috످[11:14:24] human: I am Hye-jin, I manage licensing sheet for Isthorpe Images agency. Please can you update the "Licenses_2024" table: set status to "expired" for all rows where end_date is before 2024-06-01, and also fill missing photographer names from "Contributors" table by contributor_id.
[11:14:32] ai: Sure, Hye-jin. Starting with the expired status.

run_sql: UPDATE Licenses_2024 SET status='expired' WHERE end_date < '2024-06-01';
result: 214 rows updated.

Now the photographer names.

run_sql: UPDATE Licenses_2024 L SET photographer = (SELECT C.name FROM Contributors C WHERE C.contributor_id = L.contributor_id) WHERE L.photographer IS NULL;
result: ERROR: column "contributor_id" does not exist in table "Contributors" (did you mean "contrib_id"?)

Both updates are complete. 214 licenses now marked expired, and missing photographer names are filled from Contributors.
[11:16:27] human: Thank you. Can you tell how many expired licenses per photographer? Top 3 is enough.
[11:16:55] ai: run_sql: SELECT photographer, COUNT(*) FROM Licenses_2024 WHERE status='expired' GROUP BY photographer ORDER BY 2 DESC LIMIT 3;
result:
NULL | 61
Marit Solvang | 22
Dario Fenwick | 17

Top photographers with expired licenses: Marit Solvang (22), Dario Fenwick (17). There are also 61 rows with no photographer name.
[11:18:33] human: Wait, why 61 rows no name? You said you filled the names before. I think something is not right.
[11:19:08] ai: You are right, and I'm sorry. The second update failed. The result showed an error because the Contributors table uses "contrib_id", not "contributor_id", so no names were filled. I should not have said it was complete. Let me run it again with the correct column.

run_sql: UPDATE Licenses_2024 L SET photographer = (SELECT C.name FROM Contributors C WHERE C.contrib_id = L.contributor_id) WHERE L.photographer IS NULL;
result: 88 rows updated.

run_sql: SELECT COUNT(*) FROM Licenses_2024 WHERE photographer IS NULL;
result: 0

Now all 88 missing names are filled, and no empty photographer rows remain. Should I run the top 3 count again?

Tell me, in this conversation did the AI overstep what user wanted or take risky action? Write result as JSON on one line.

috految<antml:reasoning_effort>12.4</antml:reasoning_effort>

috److{"overstepped_or_risky": false, "reason": "The assistant ran only the updates and counts Hye-jin asked for, and the corrected name fill stayed within their original request.", "category": "none", "findings": [], "other_concern": "In its turn at 11:14:32 the assistant said both updates were complete even though the name fill had failed with a column error; it admitted this and fixed it only after Hye-jin questioned the 61 unnamed rows."}

috످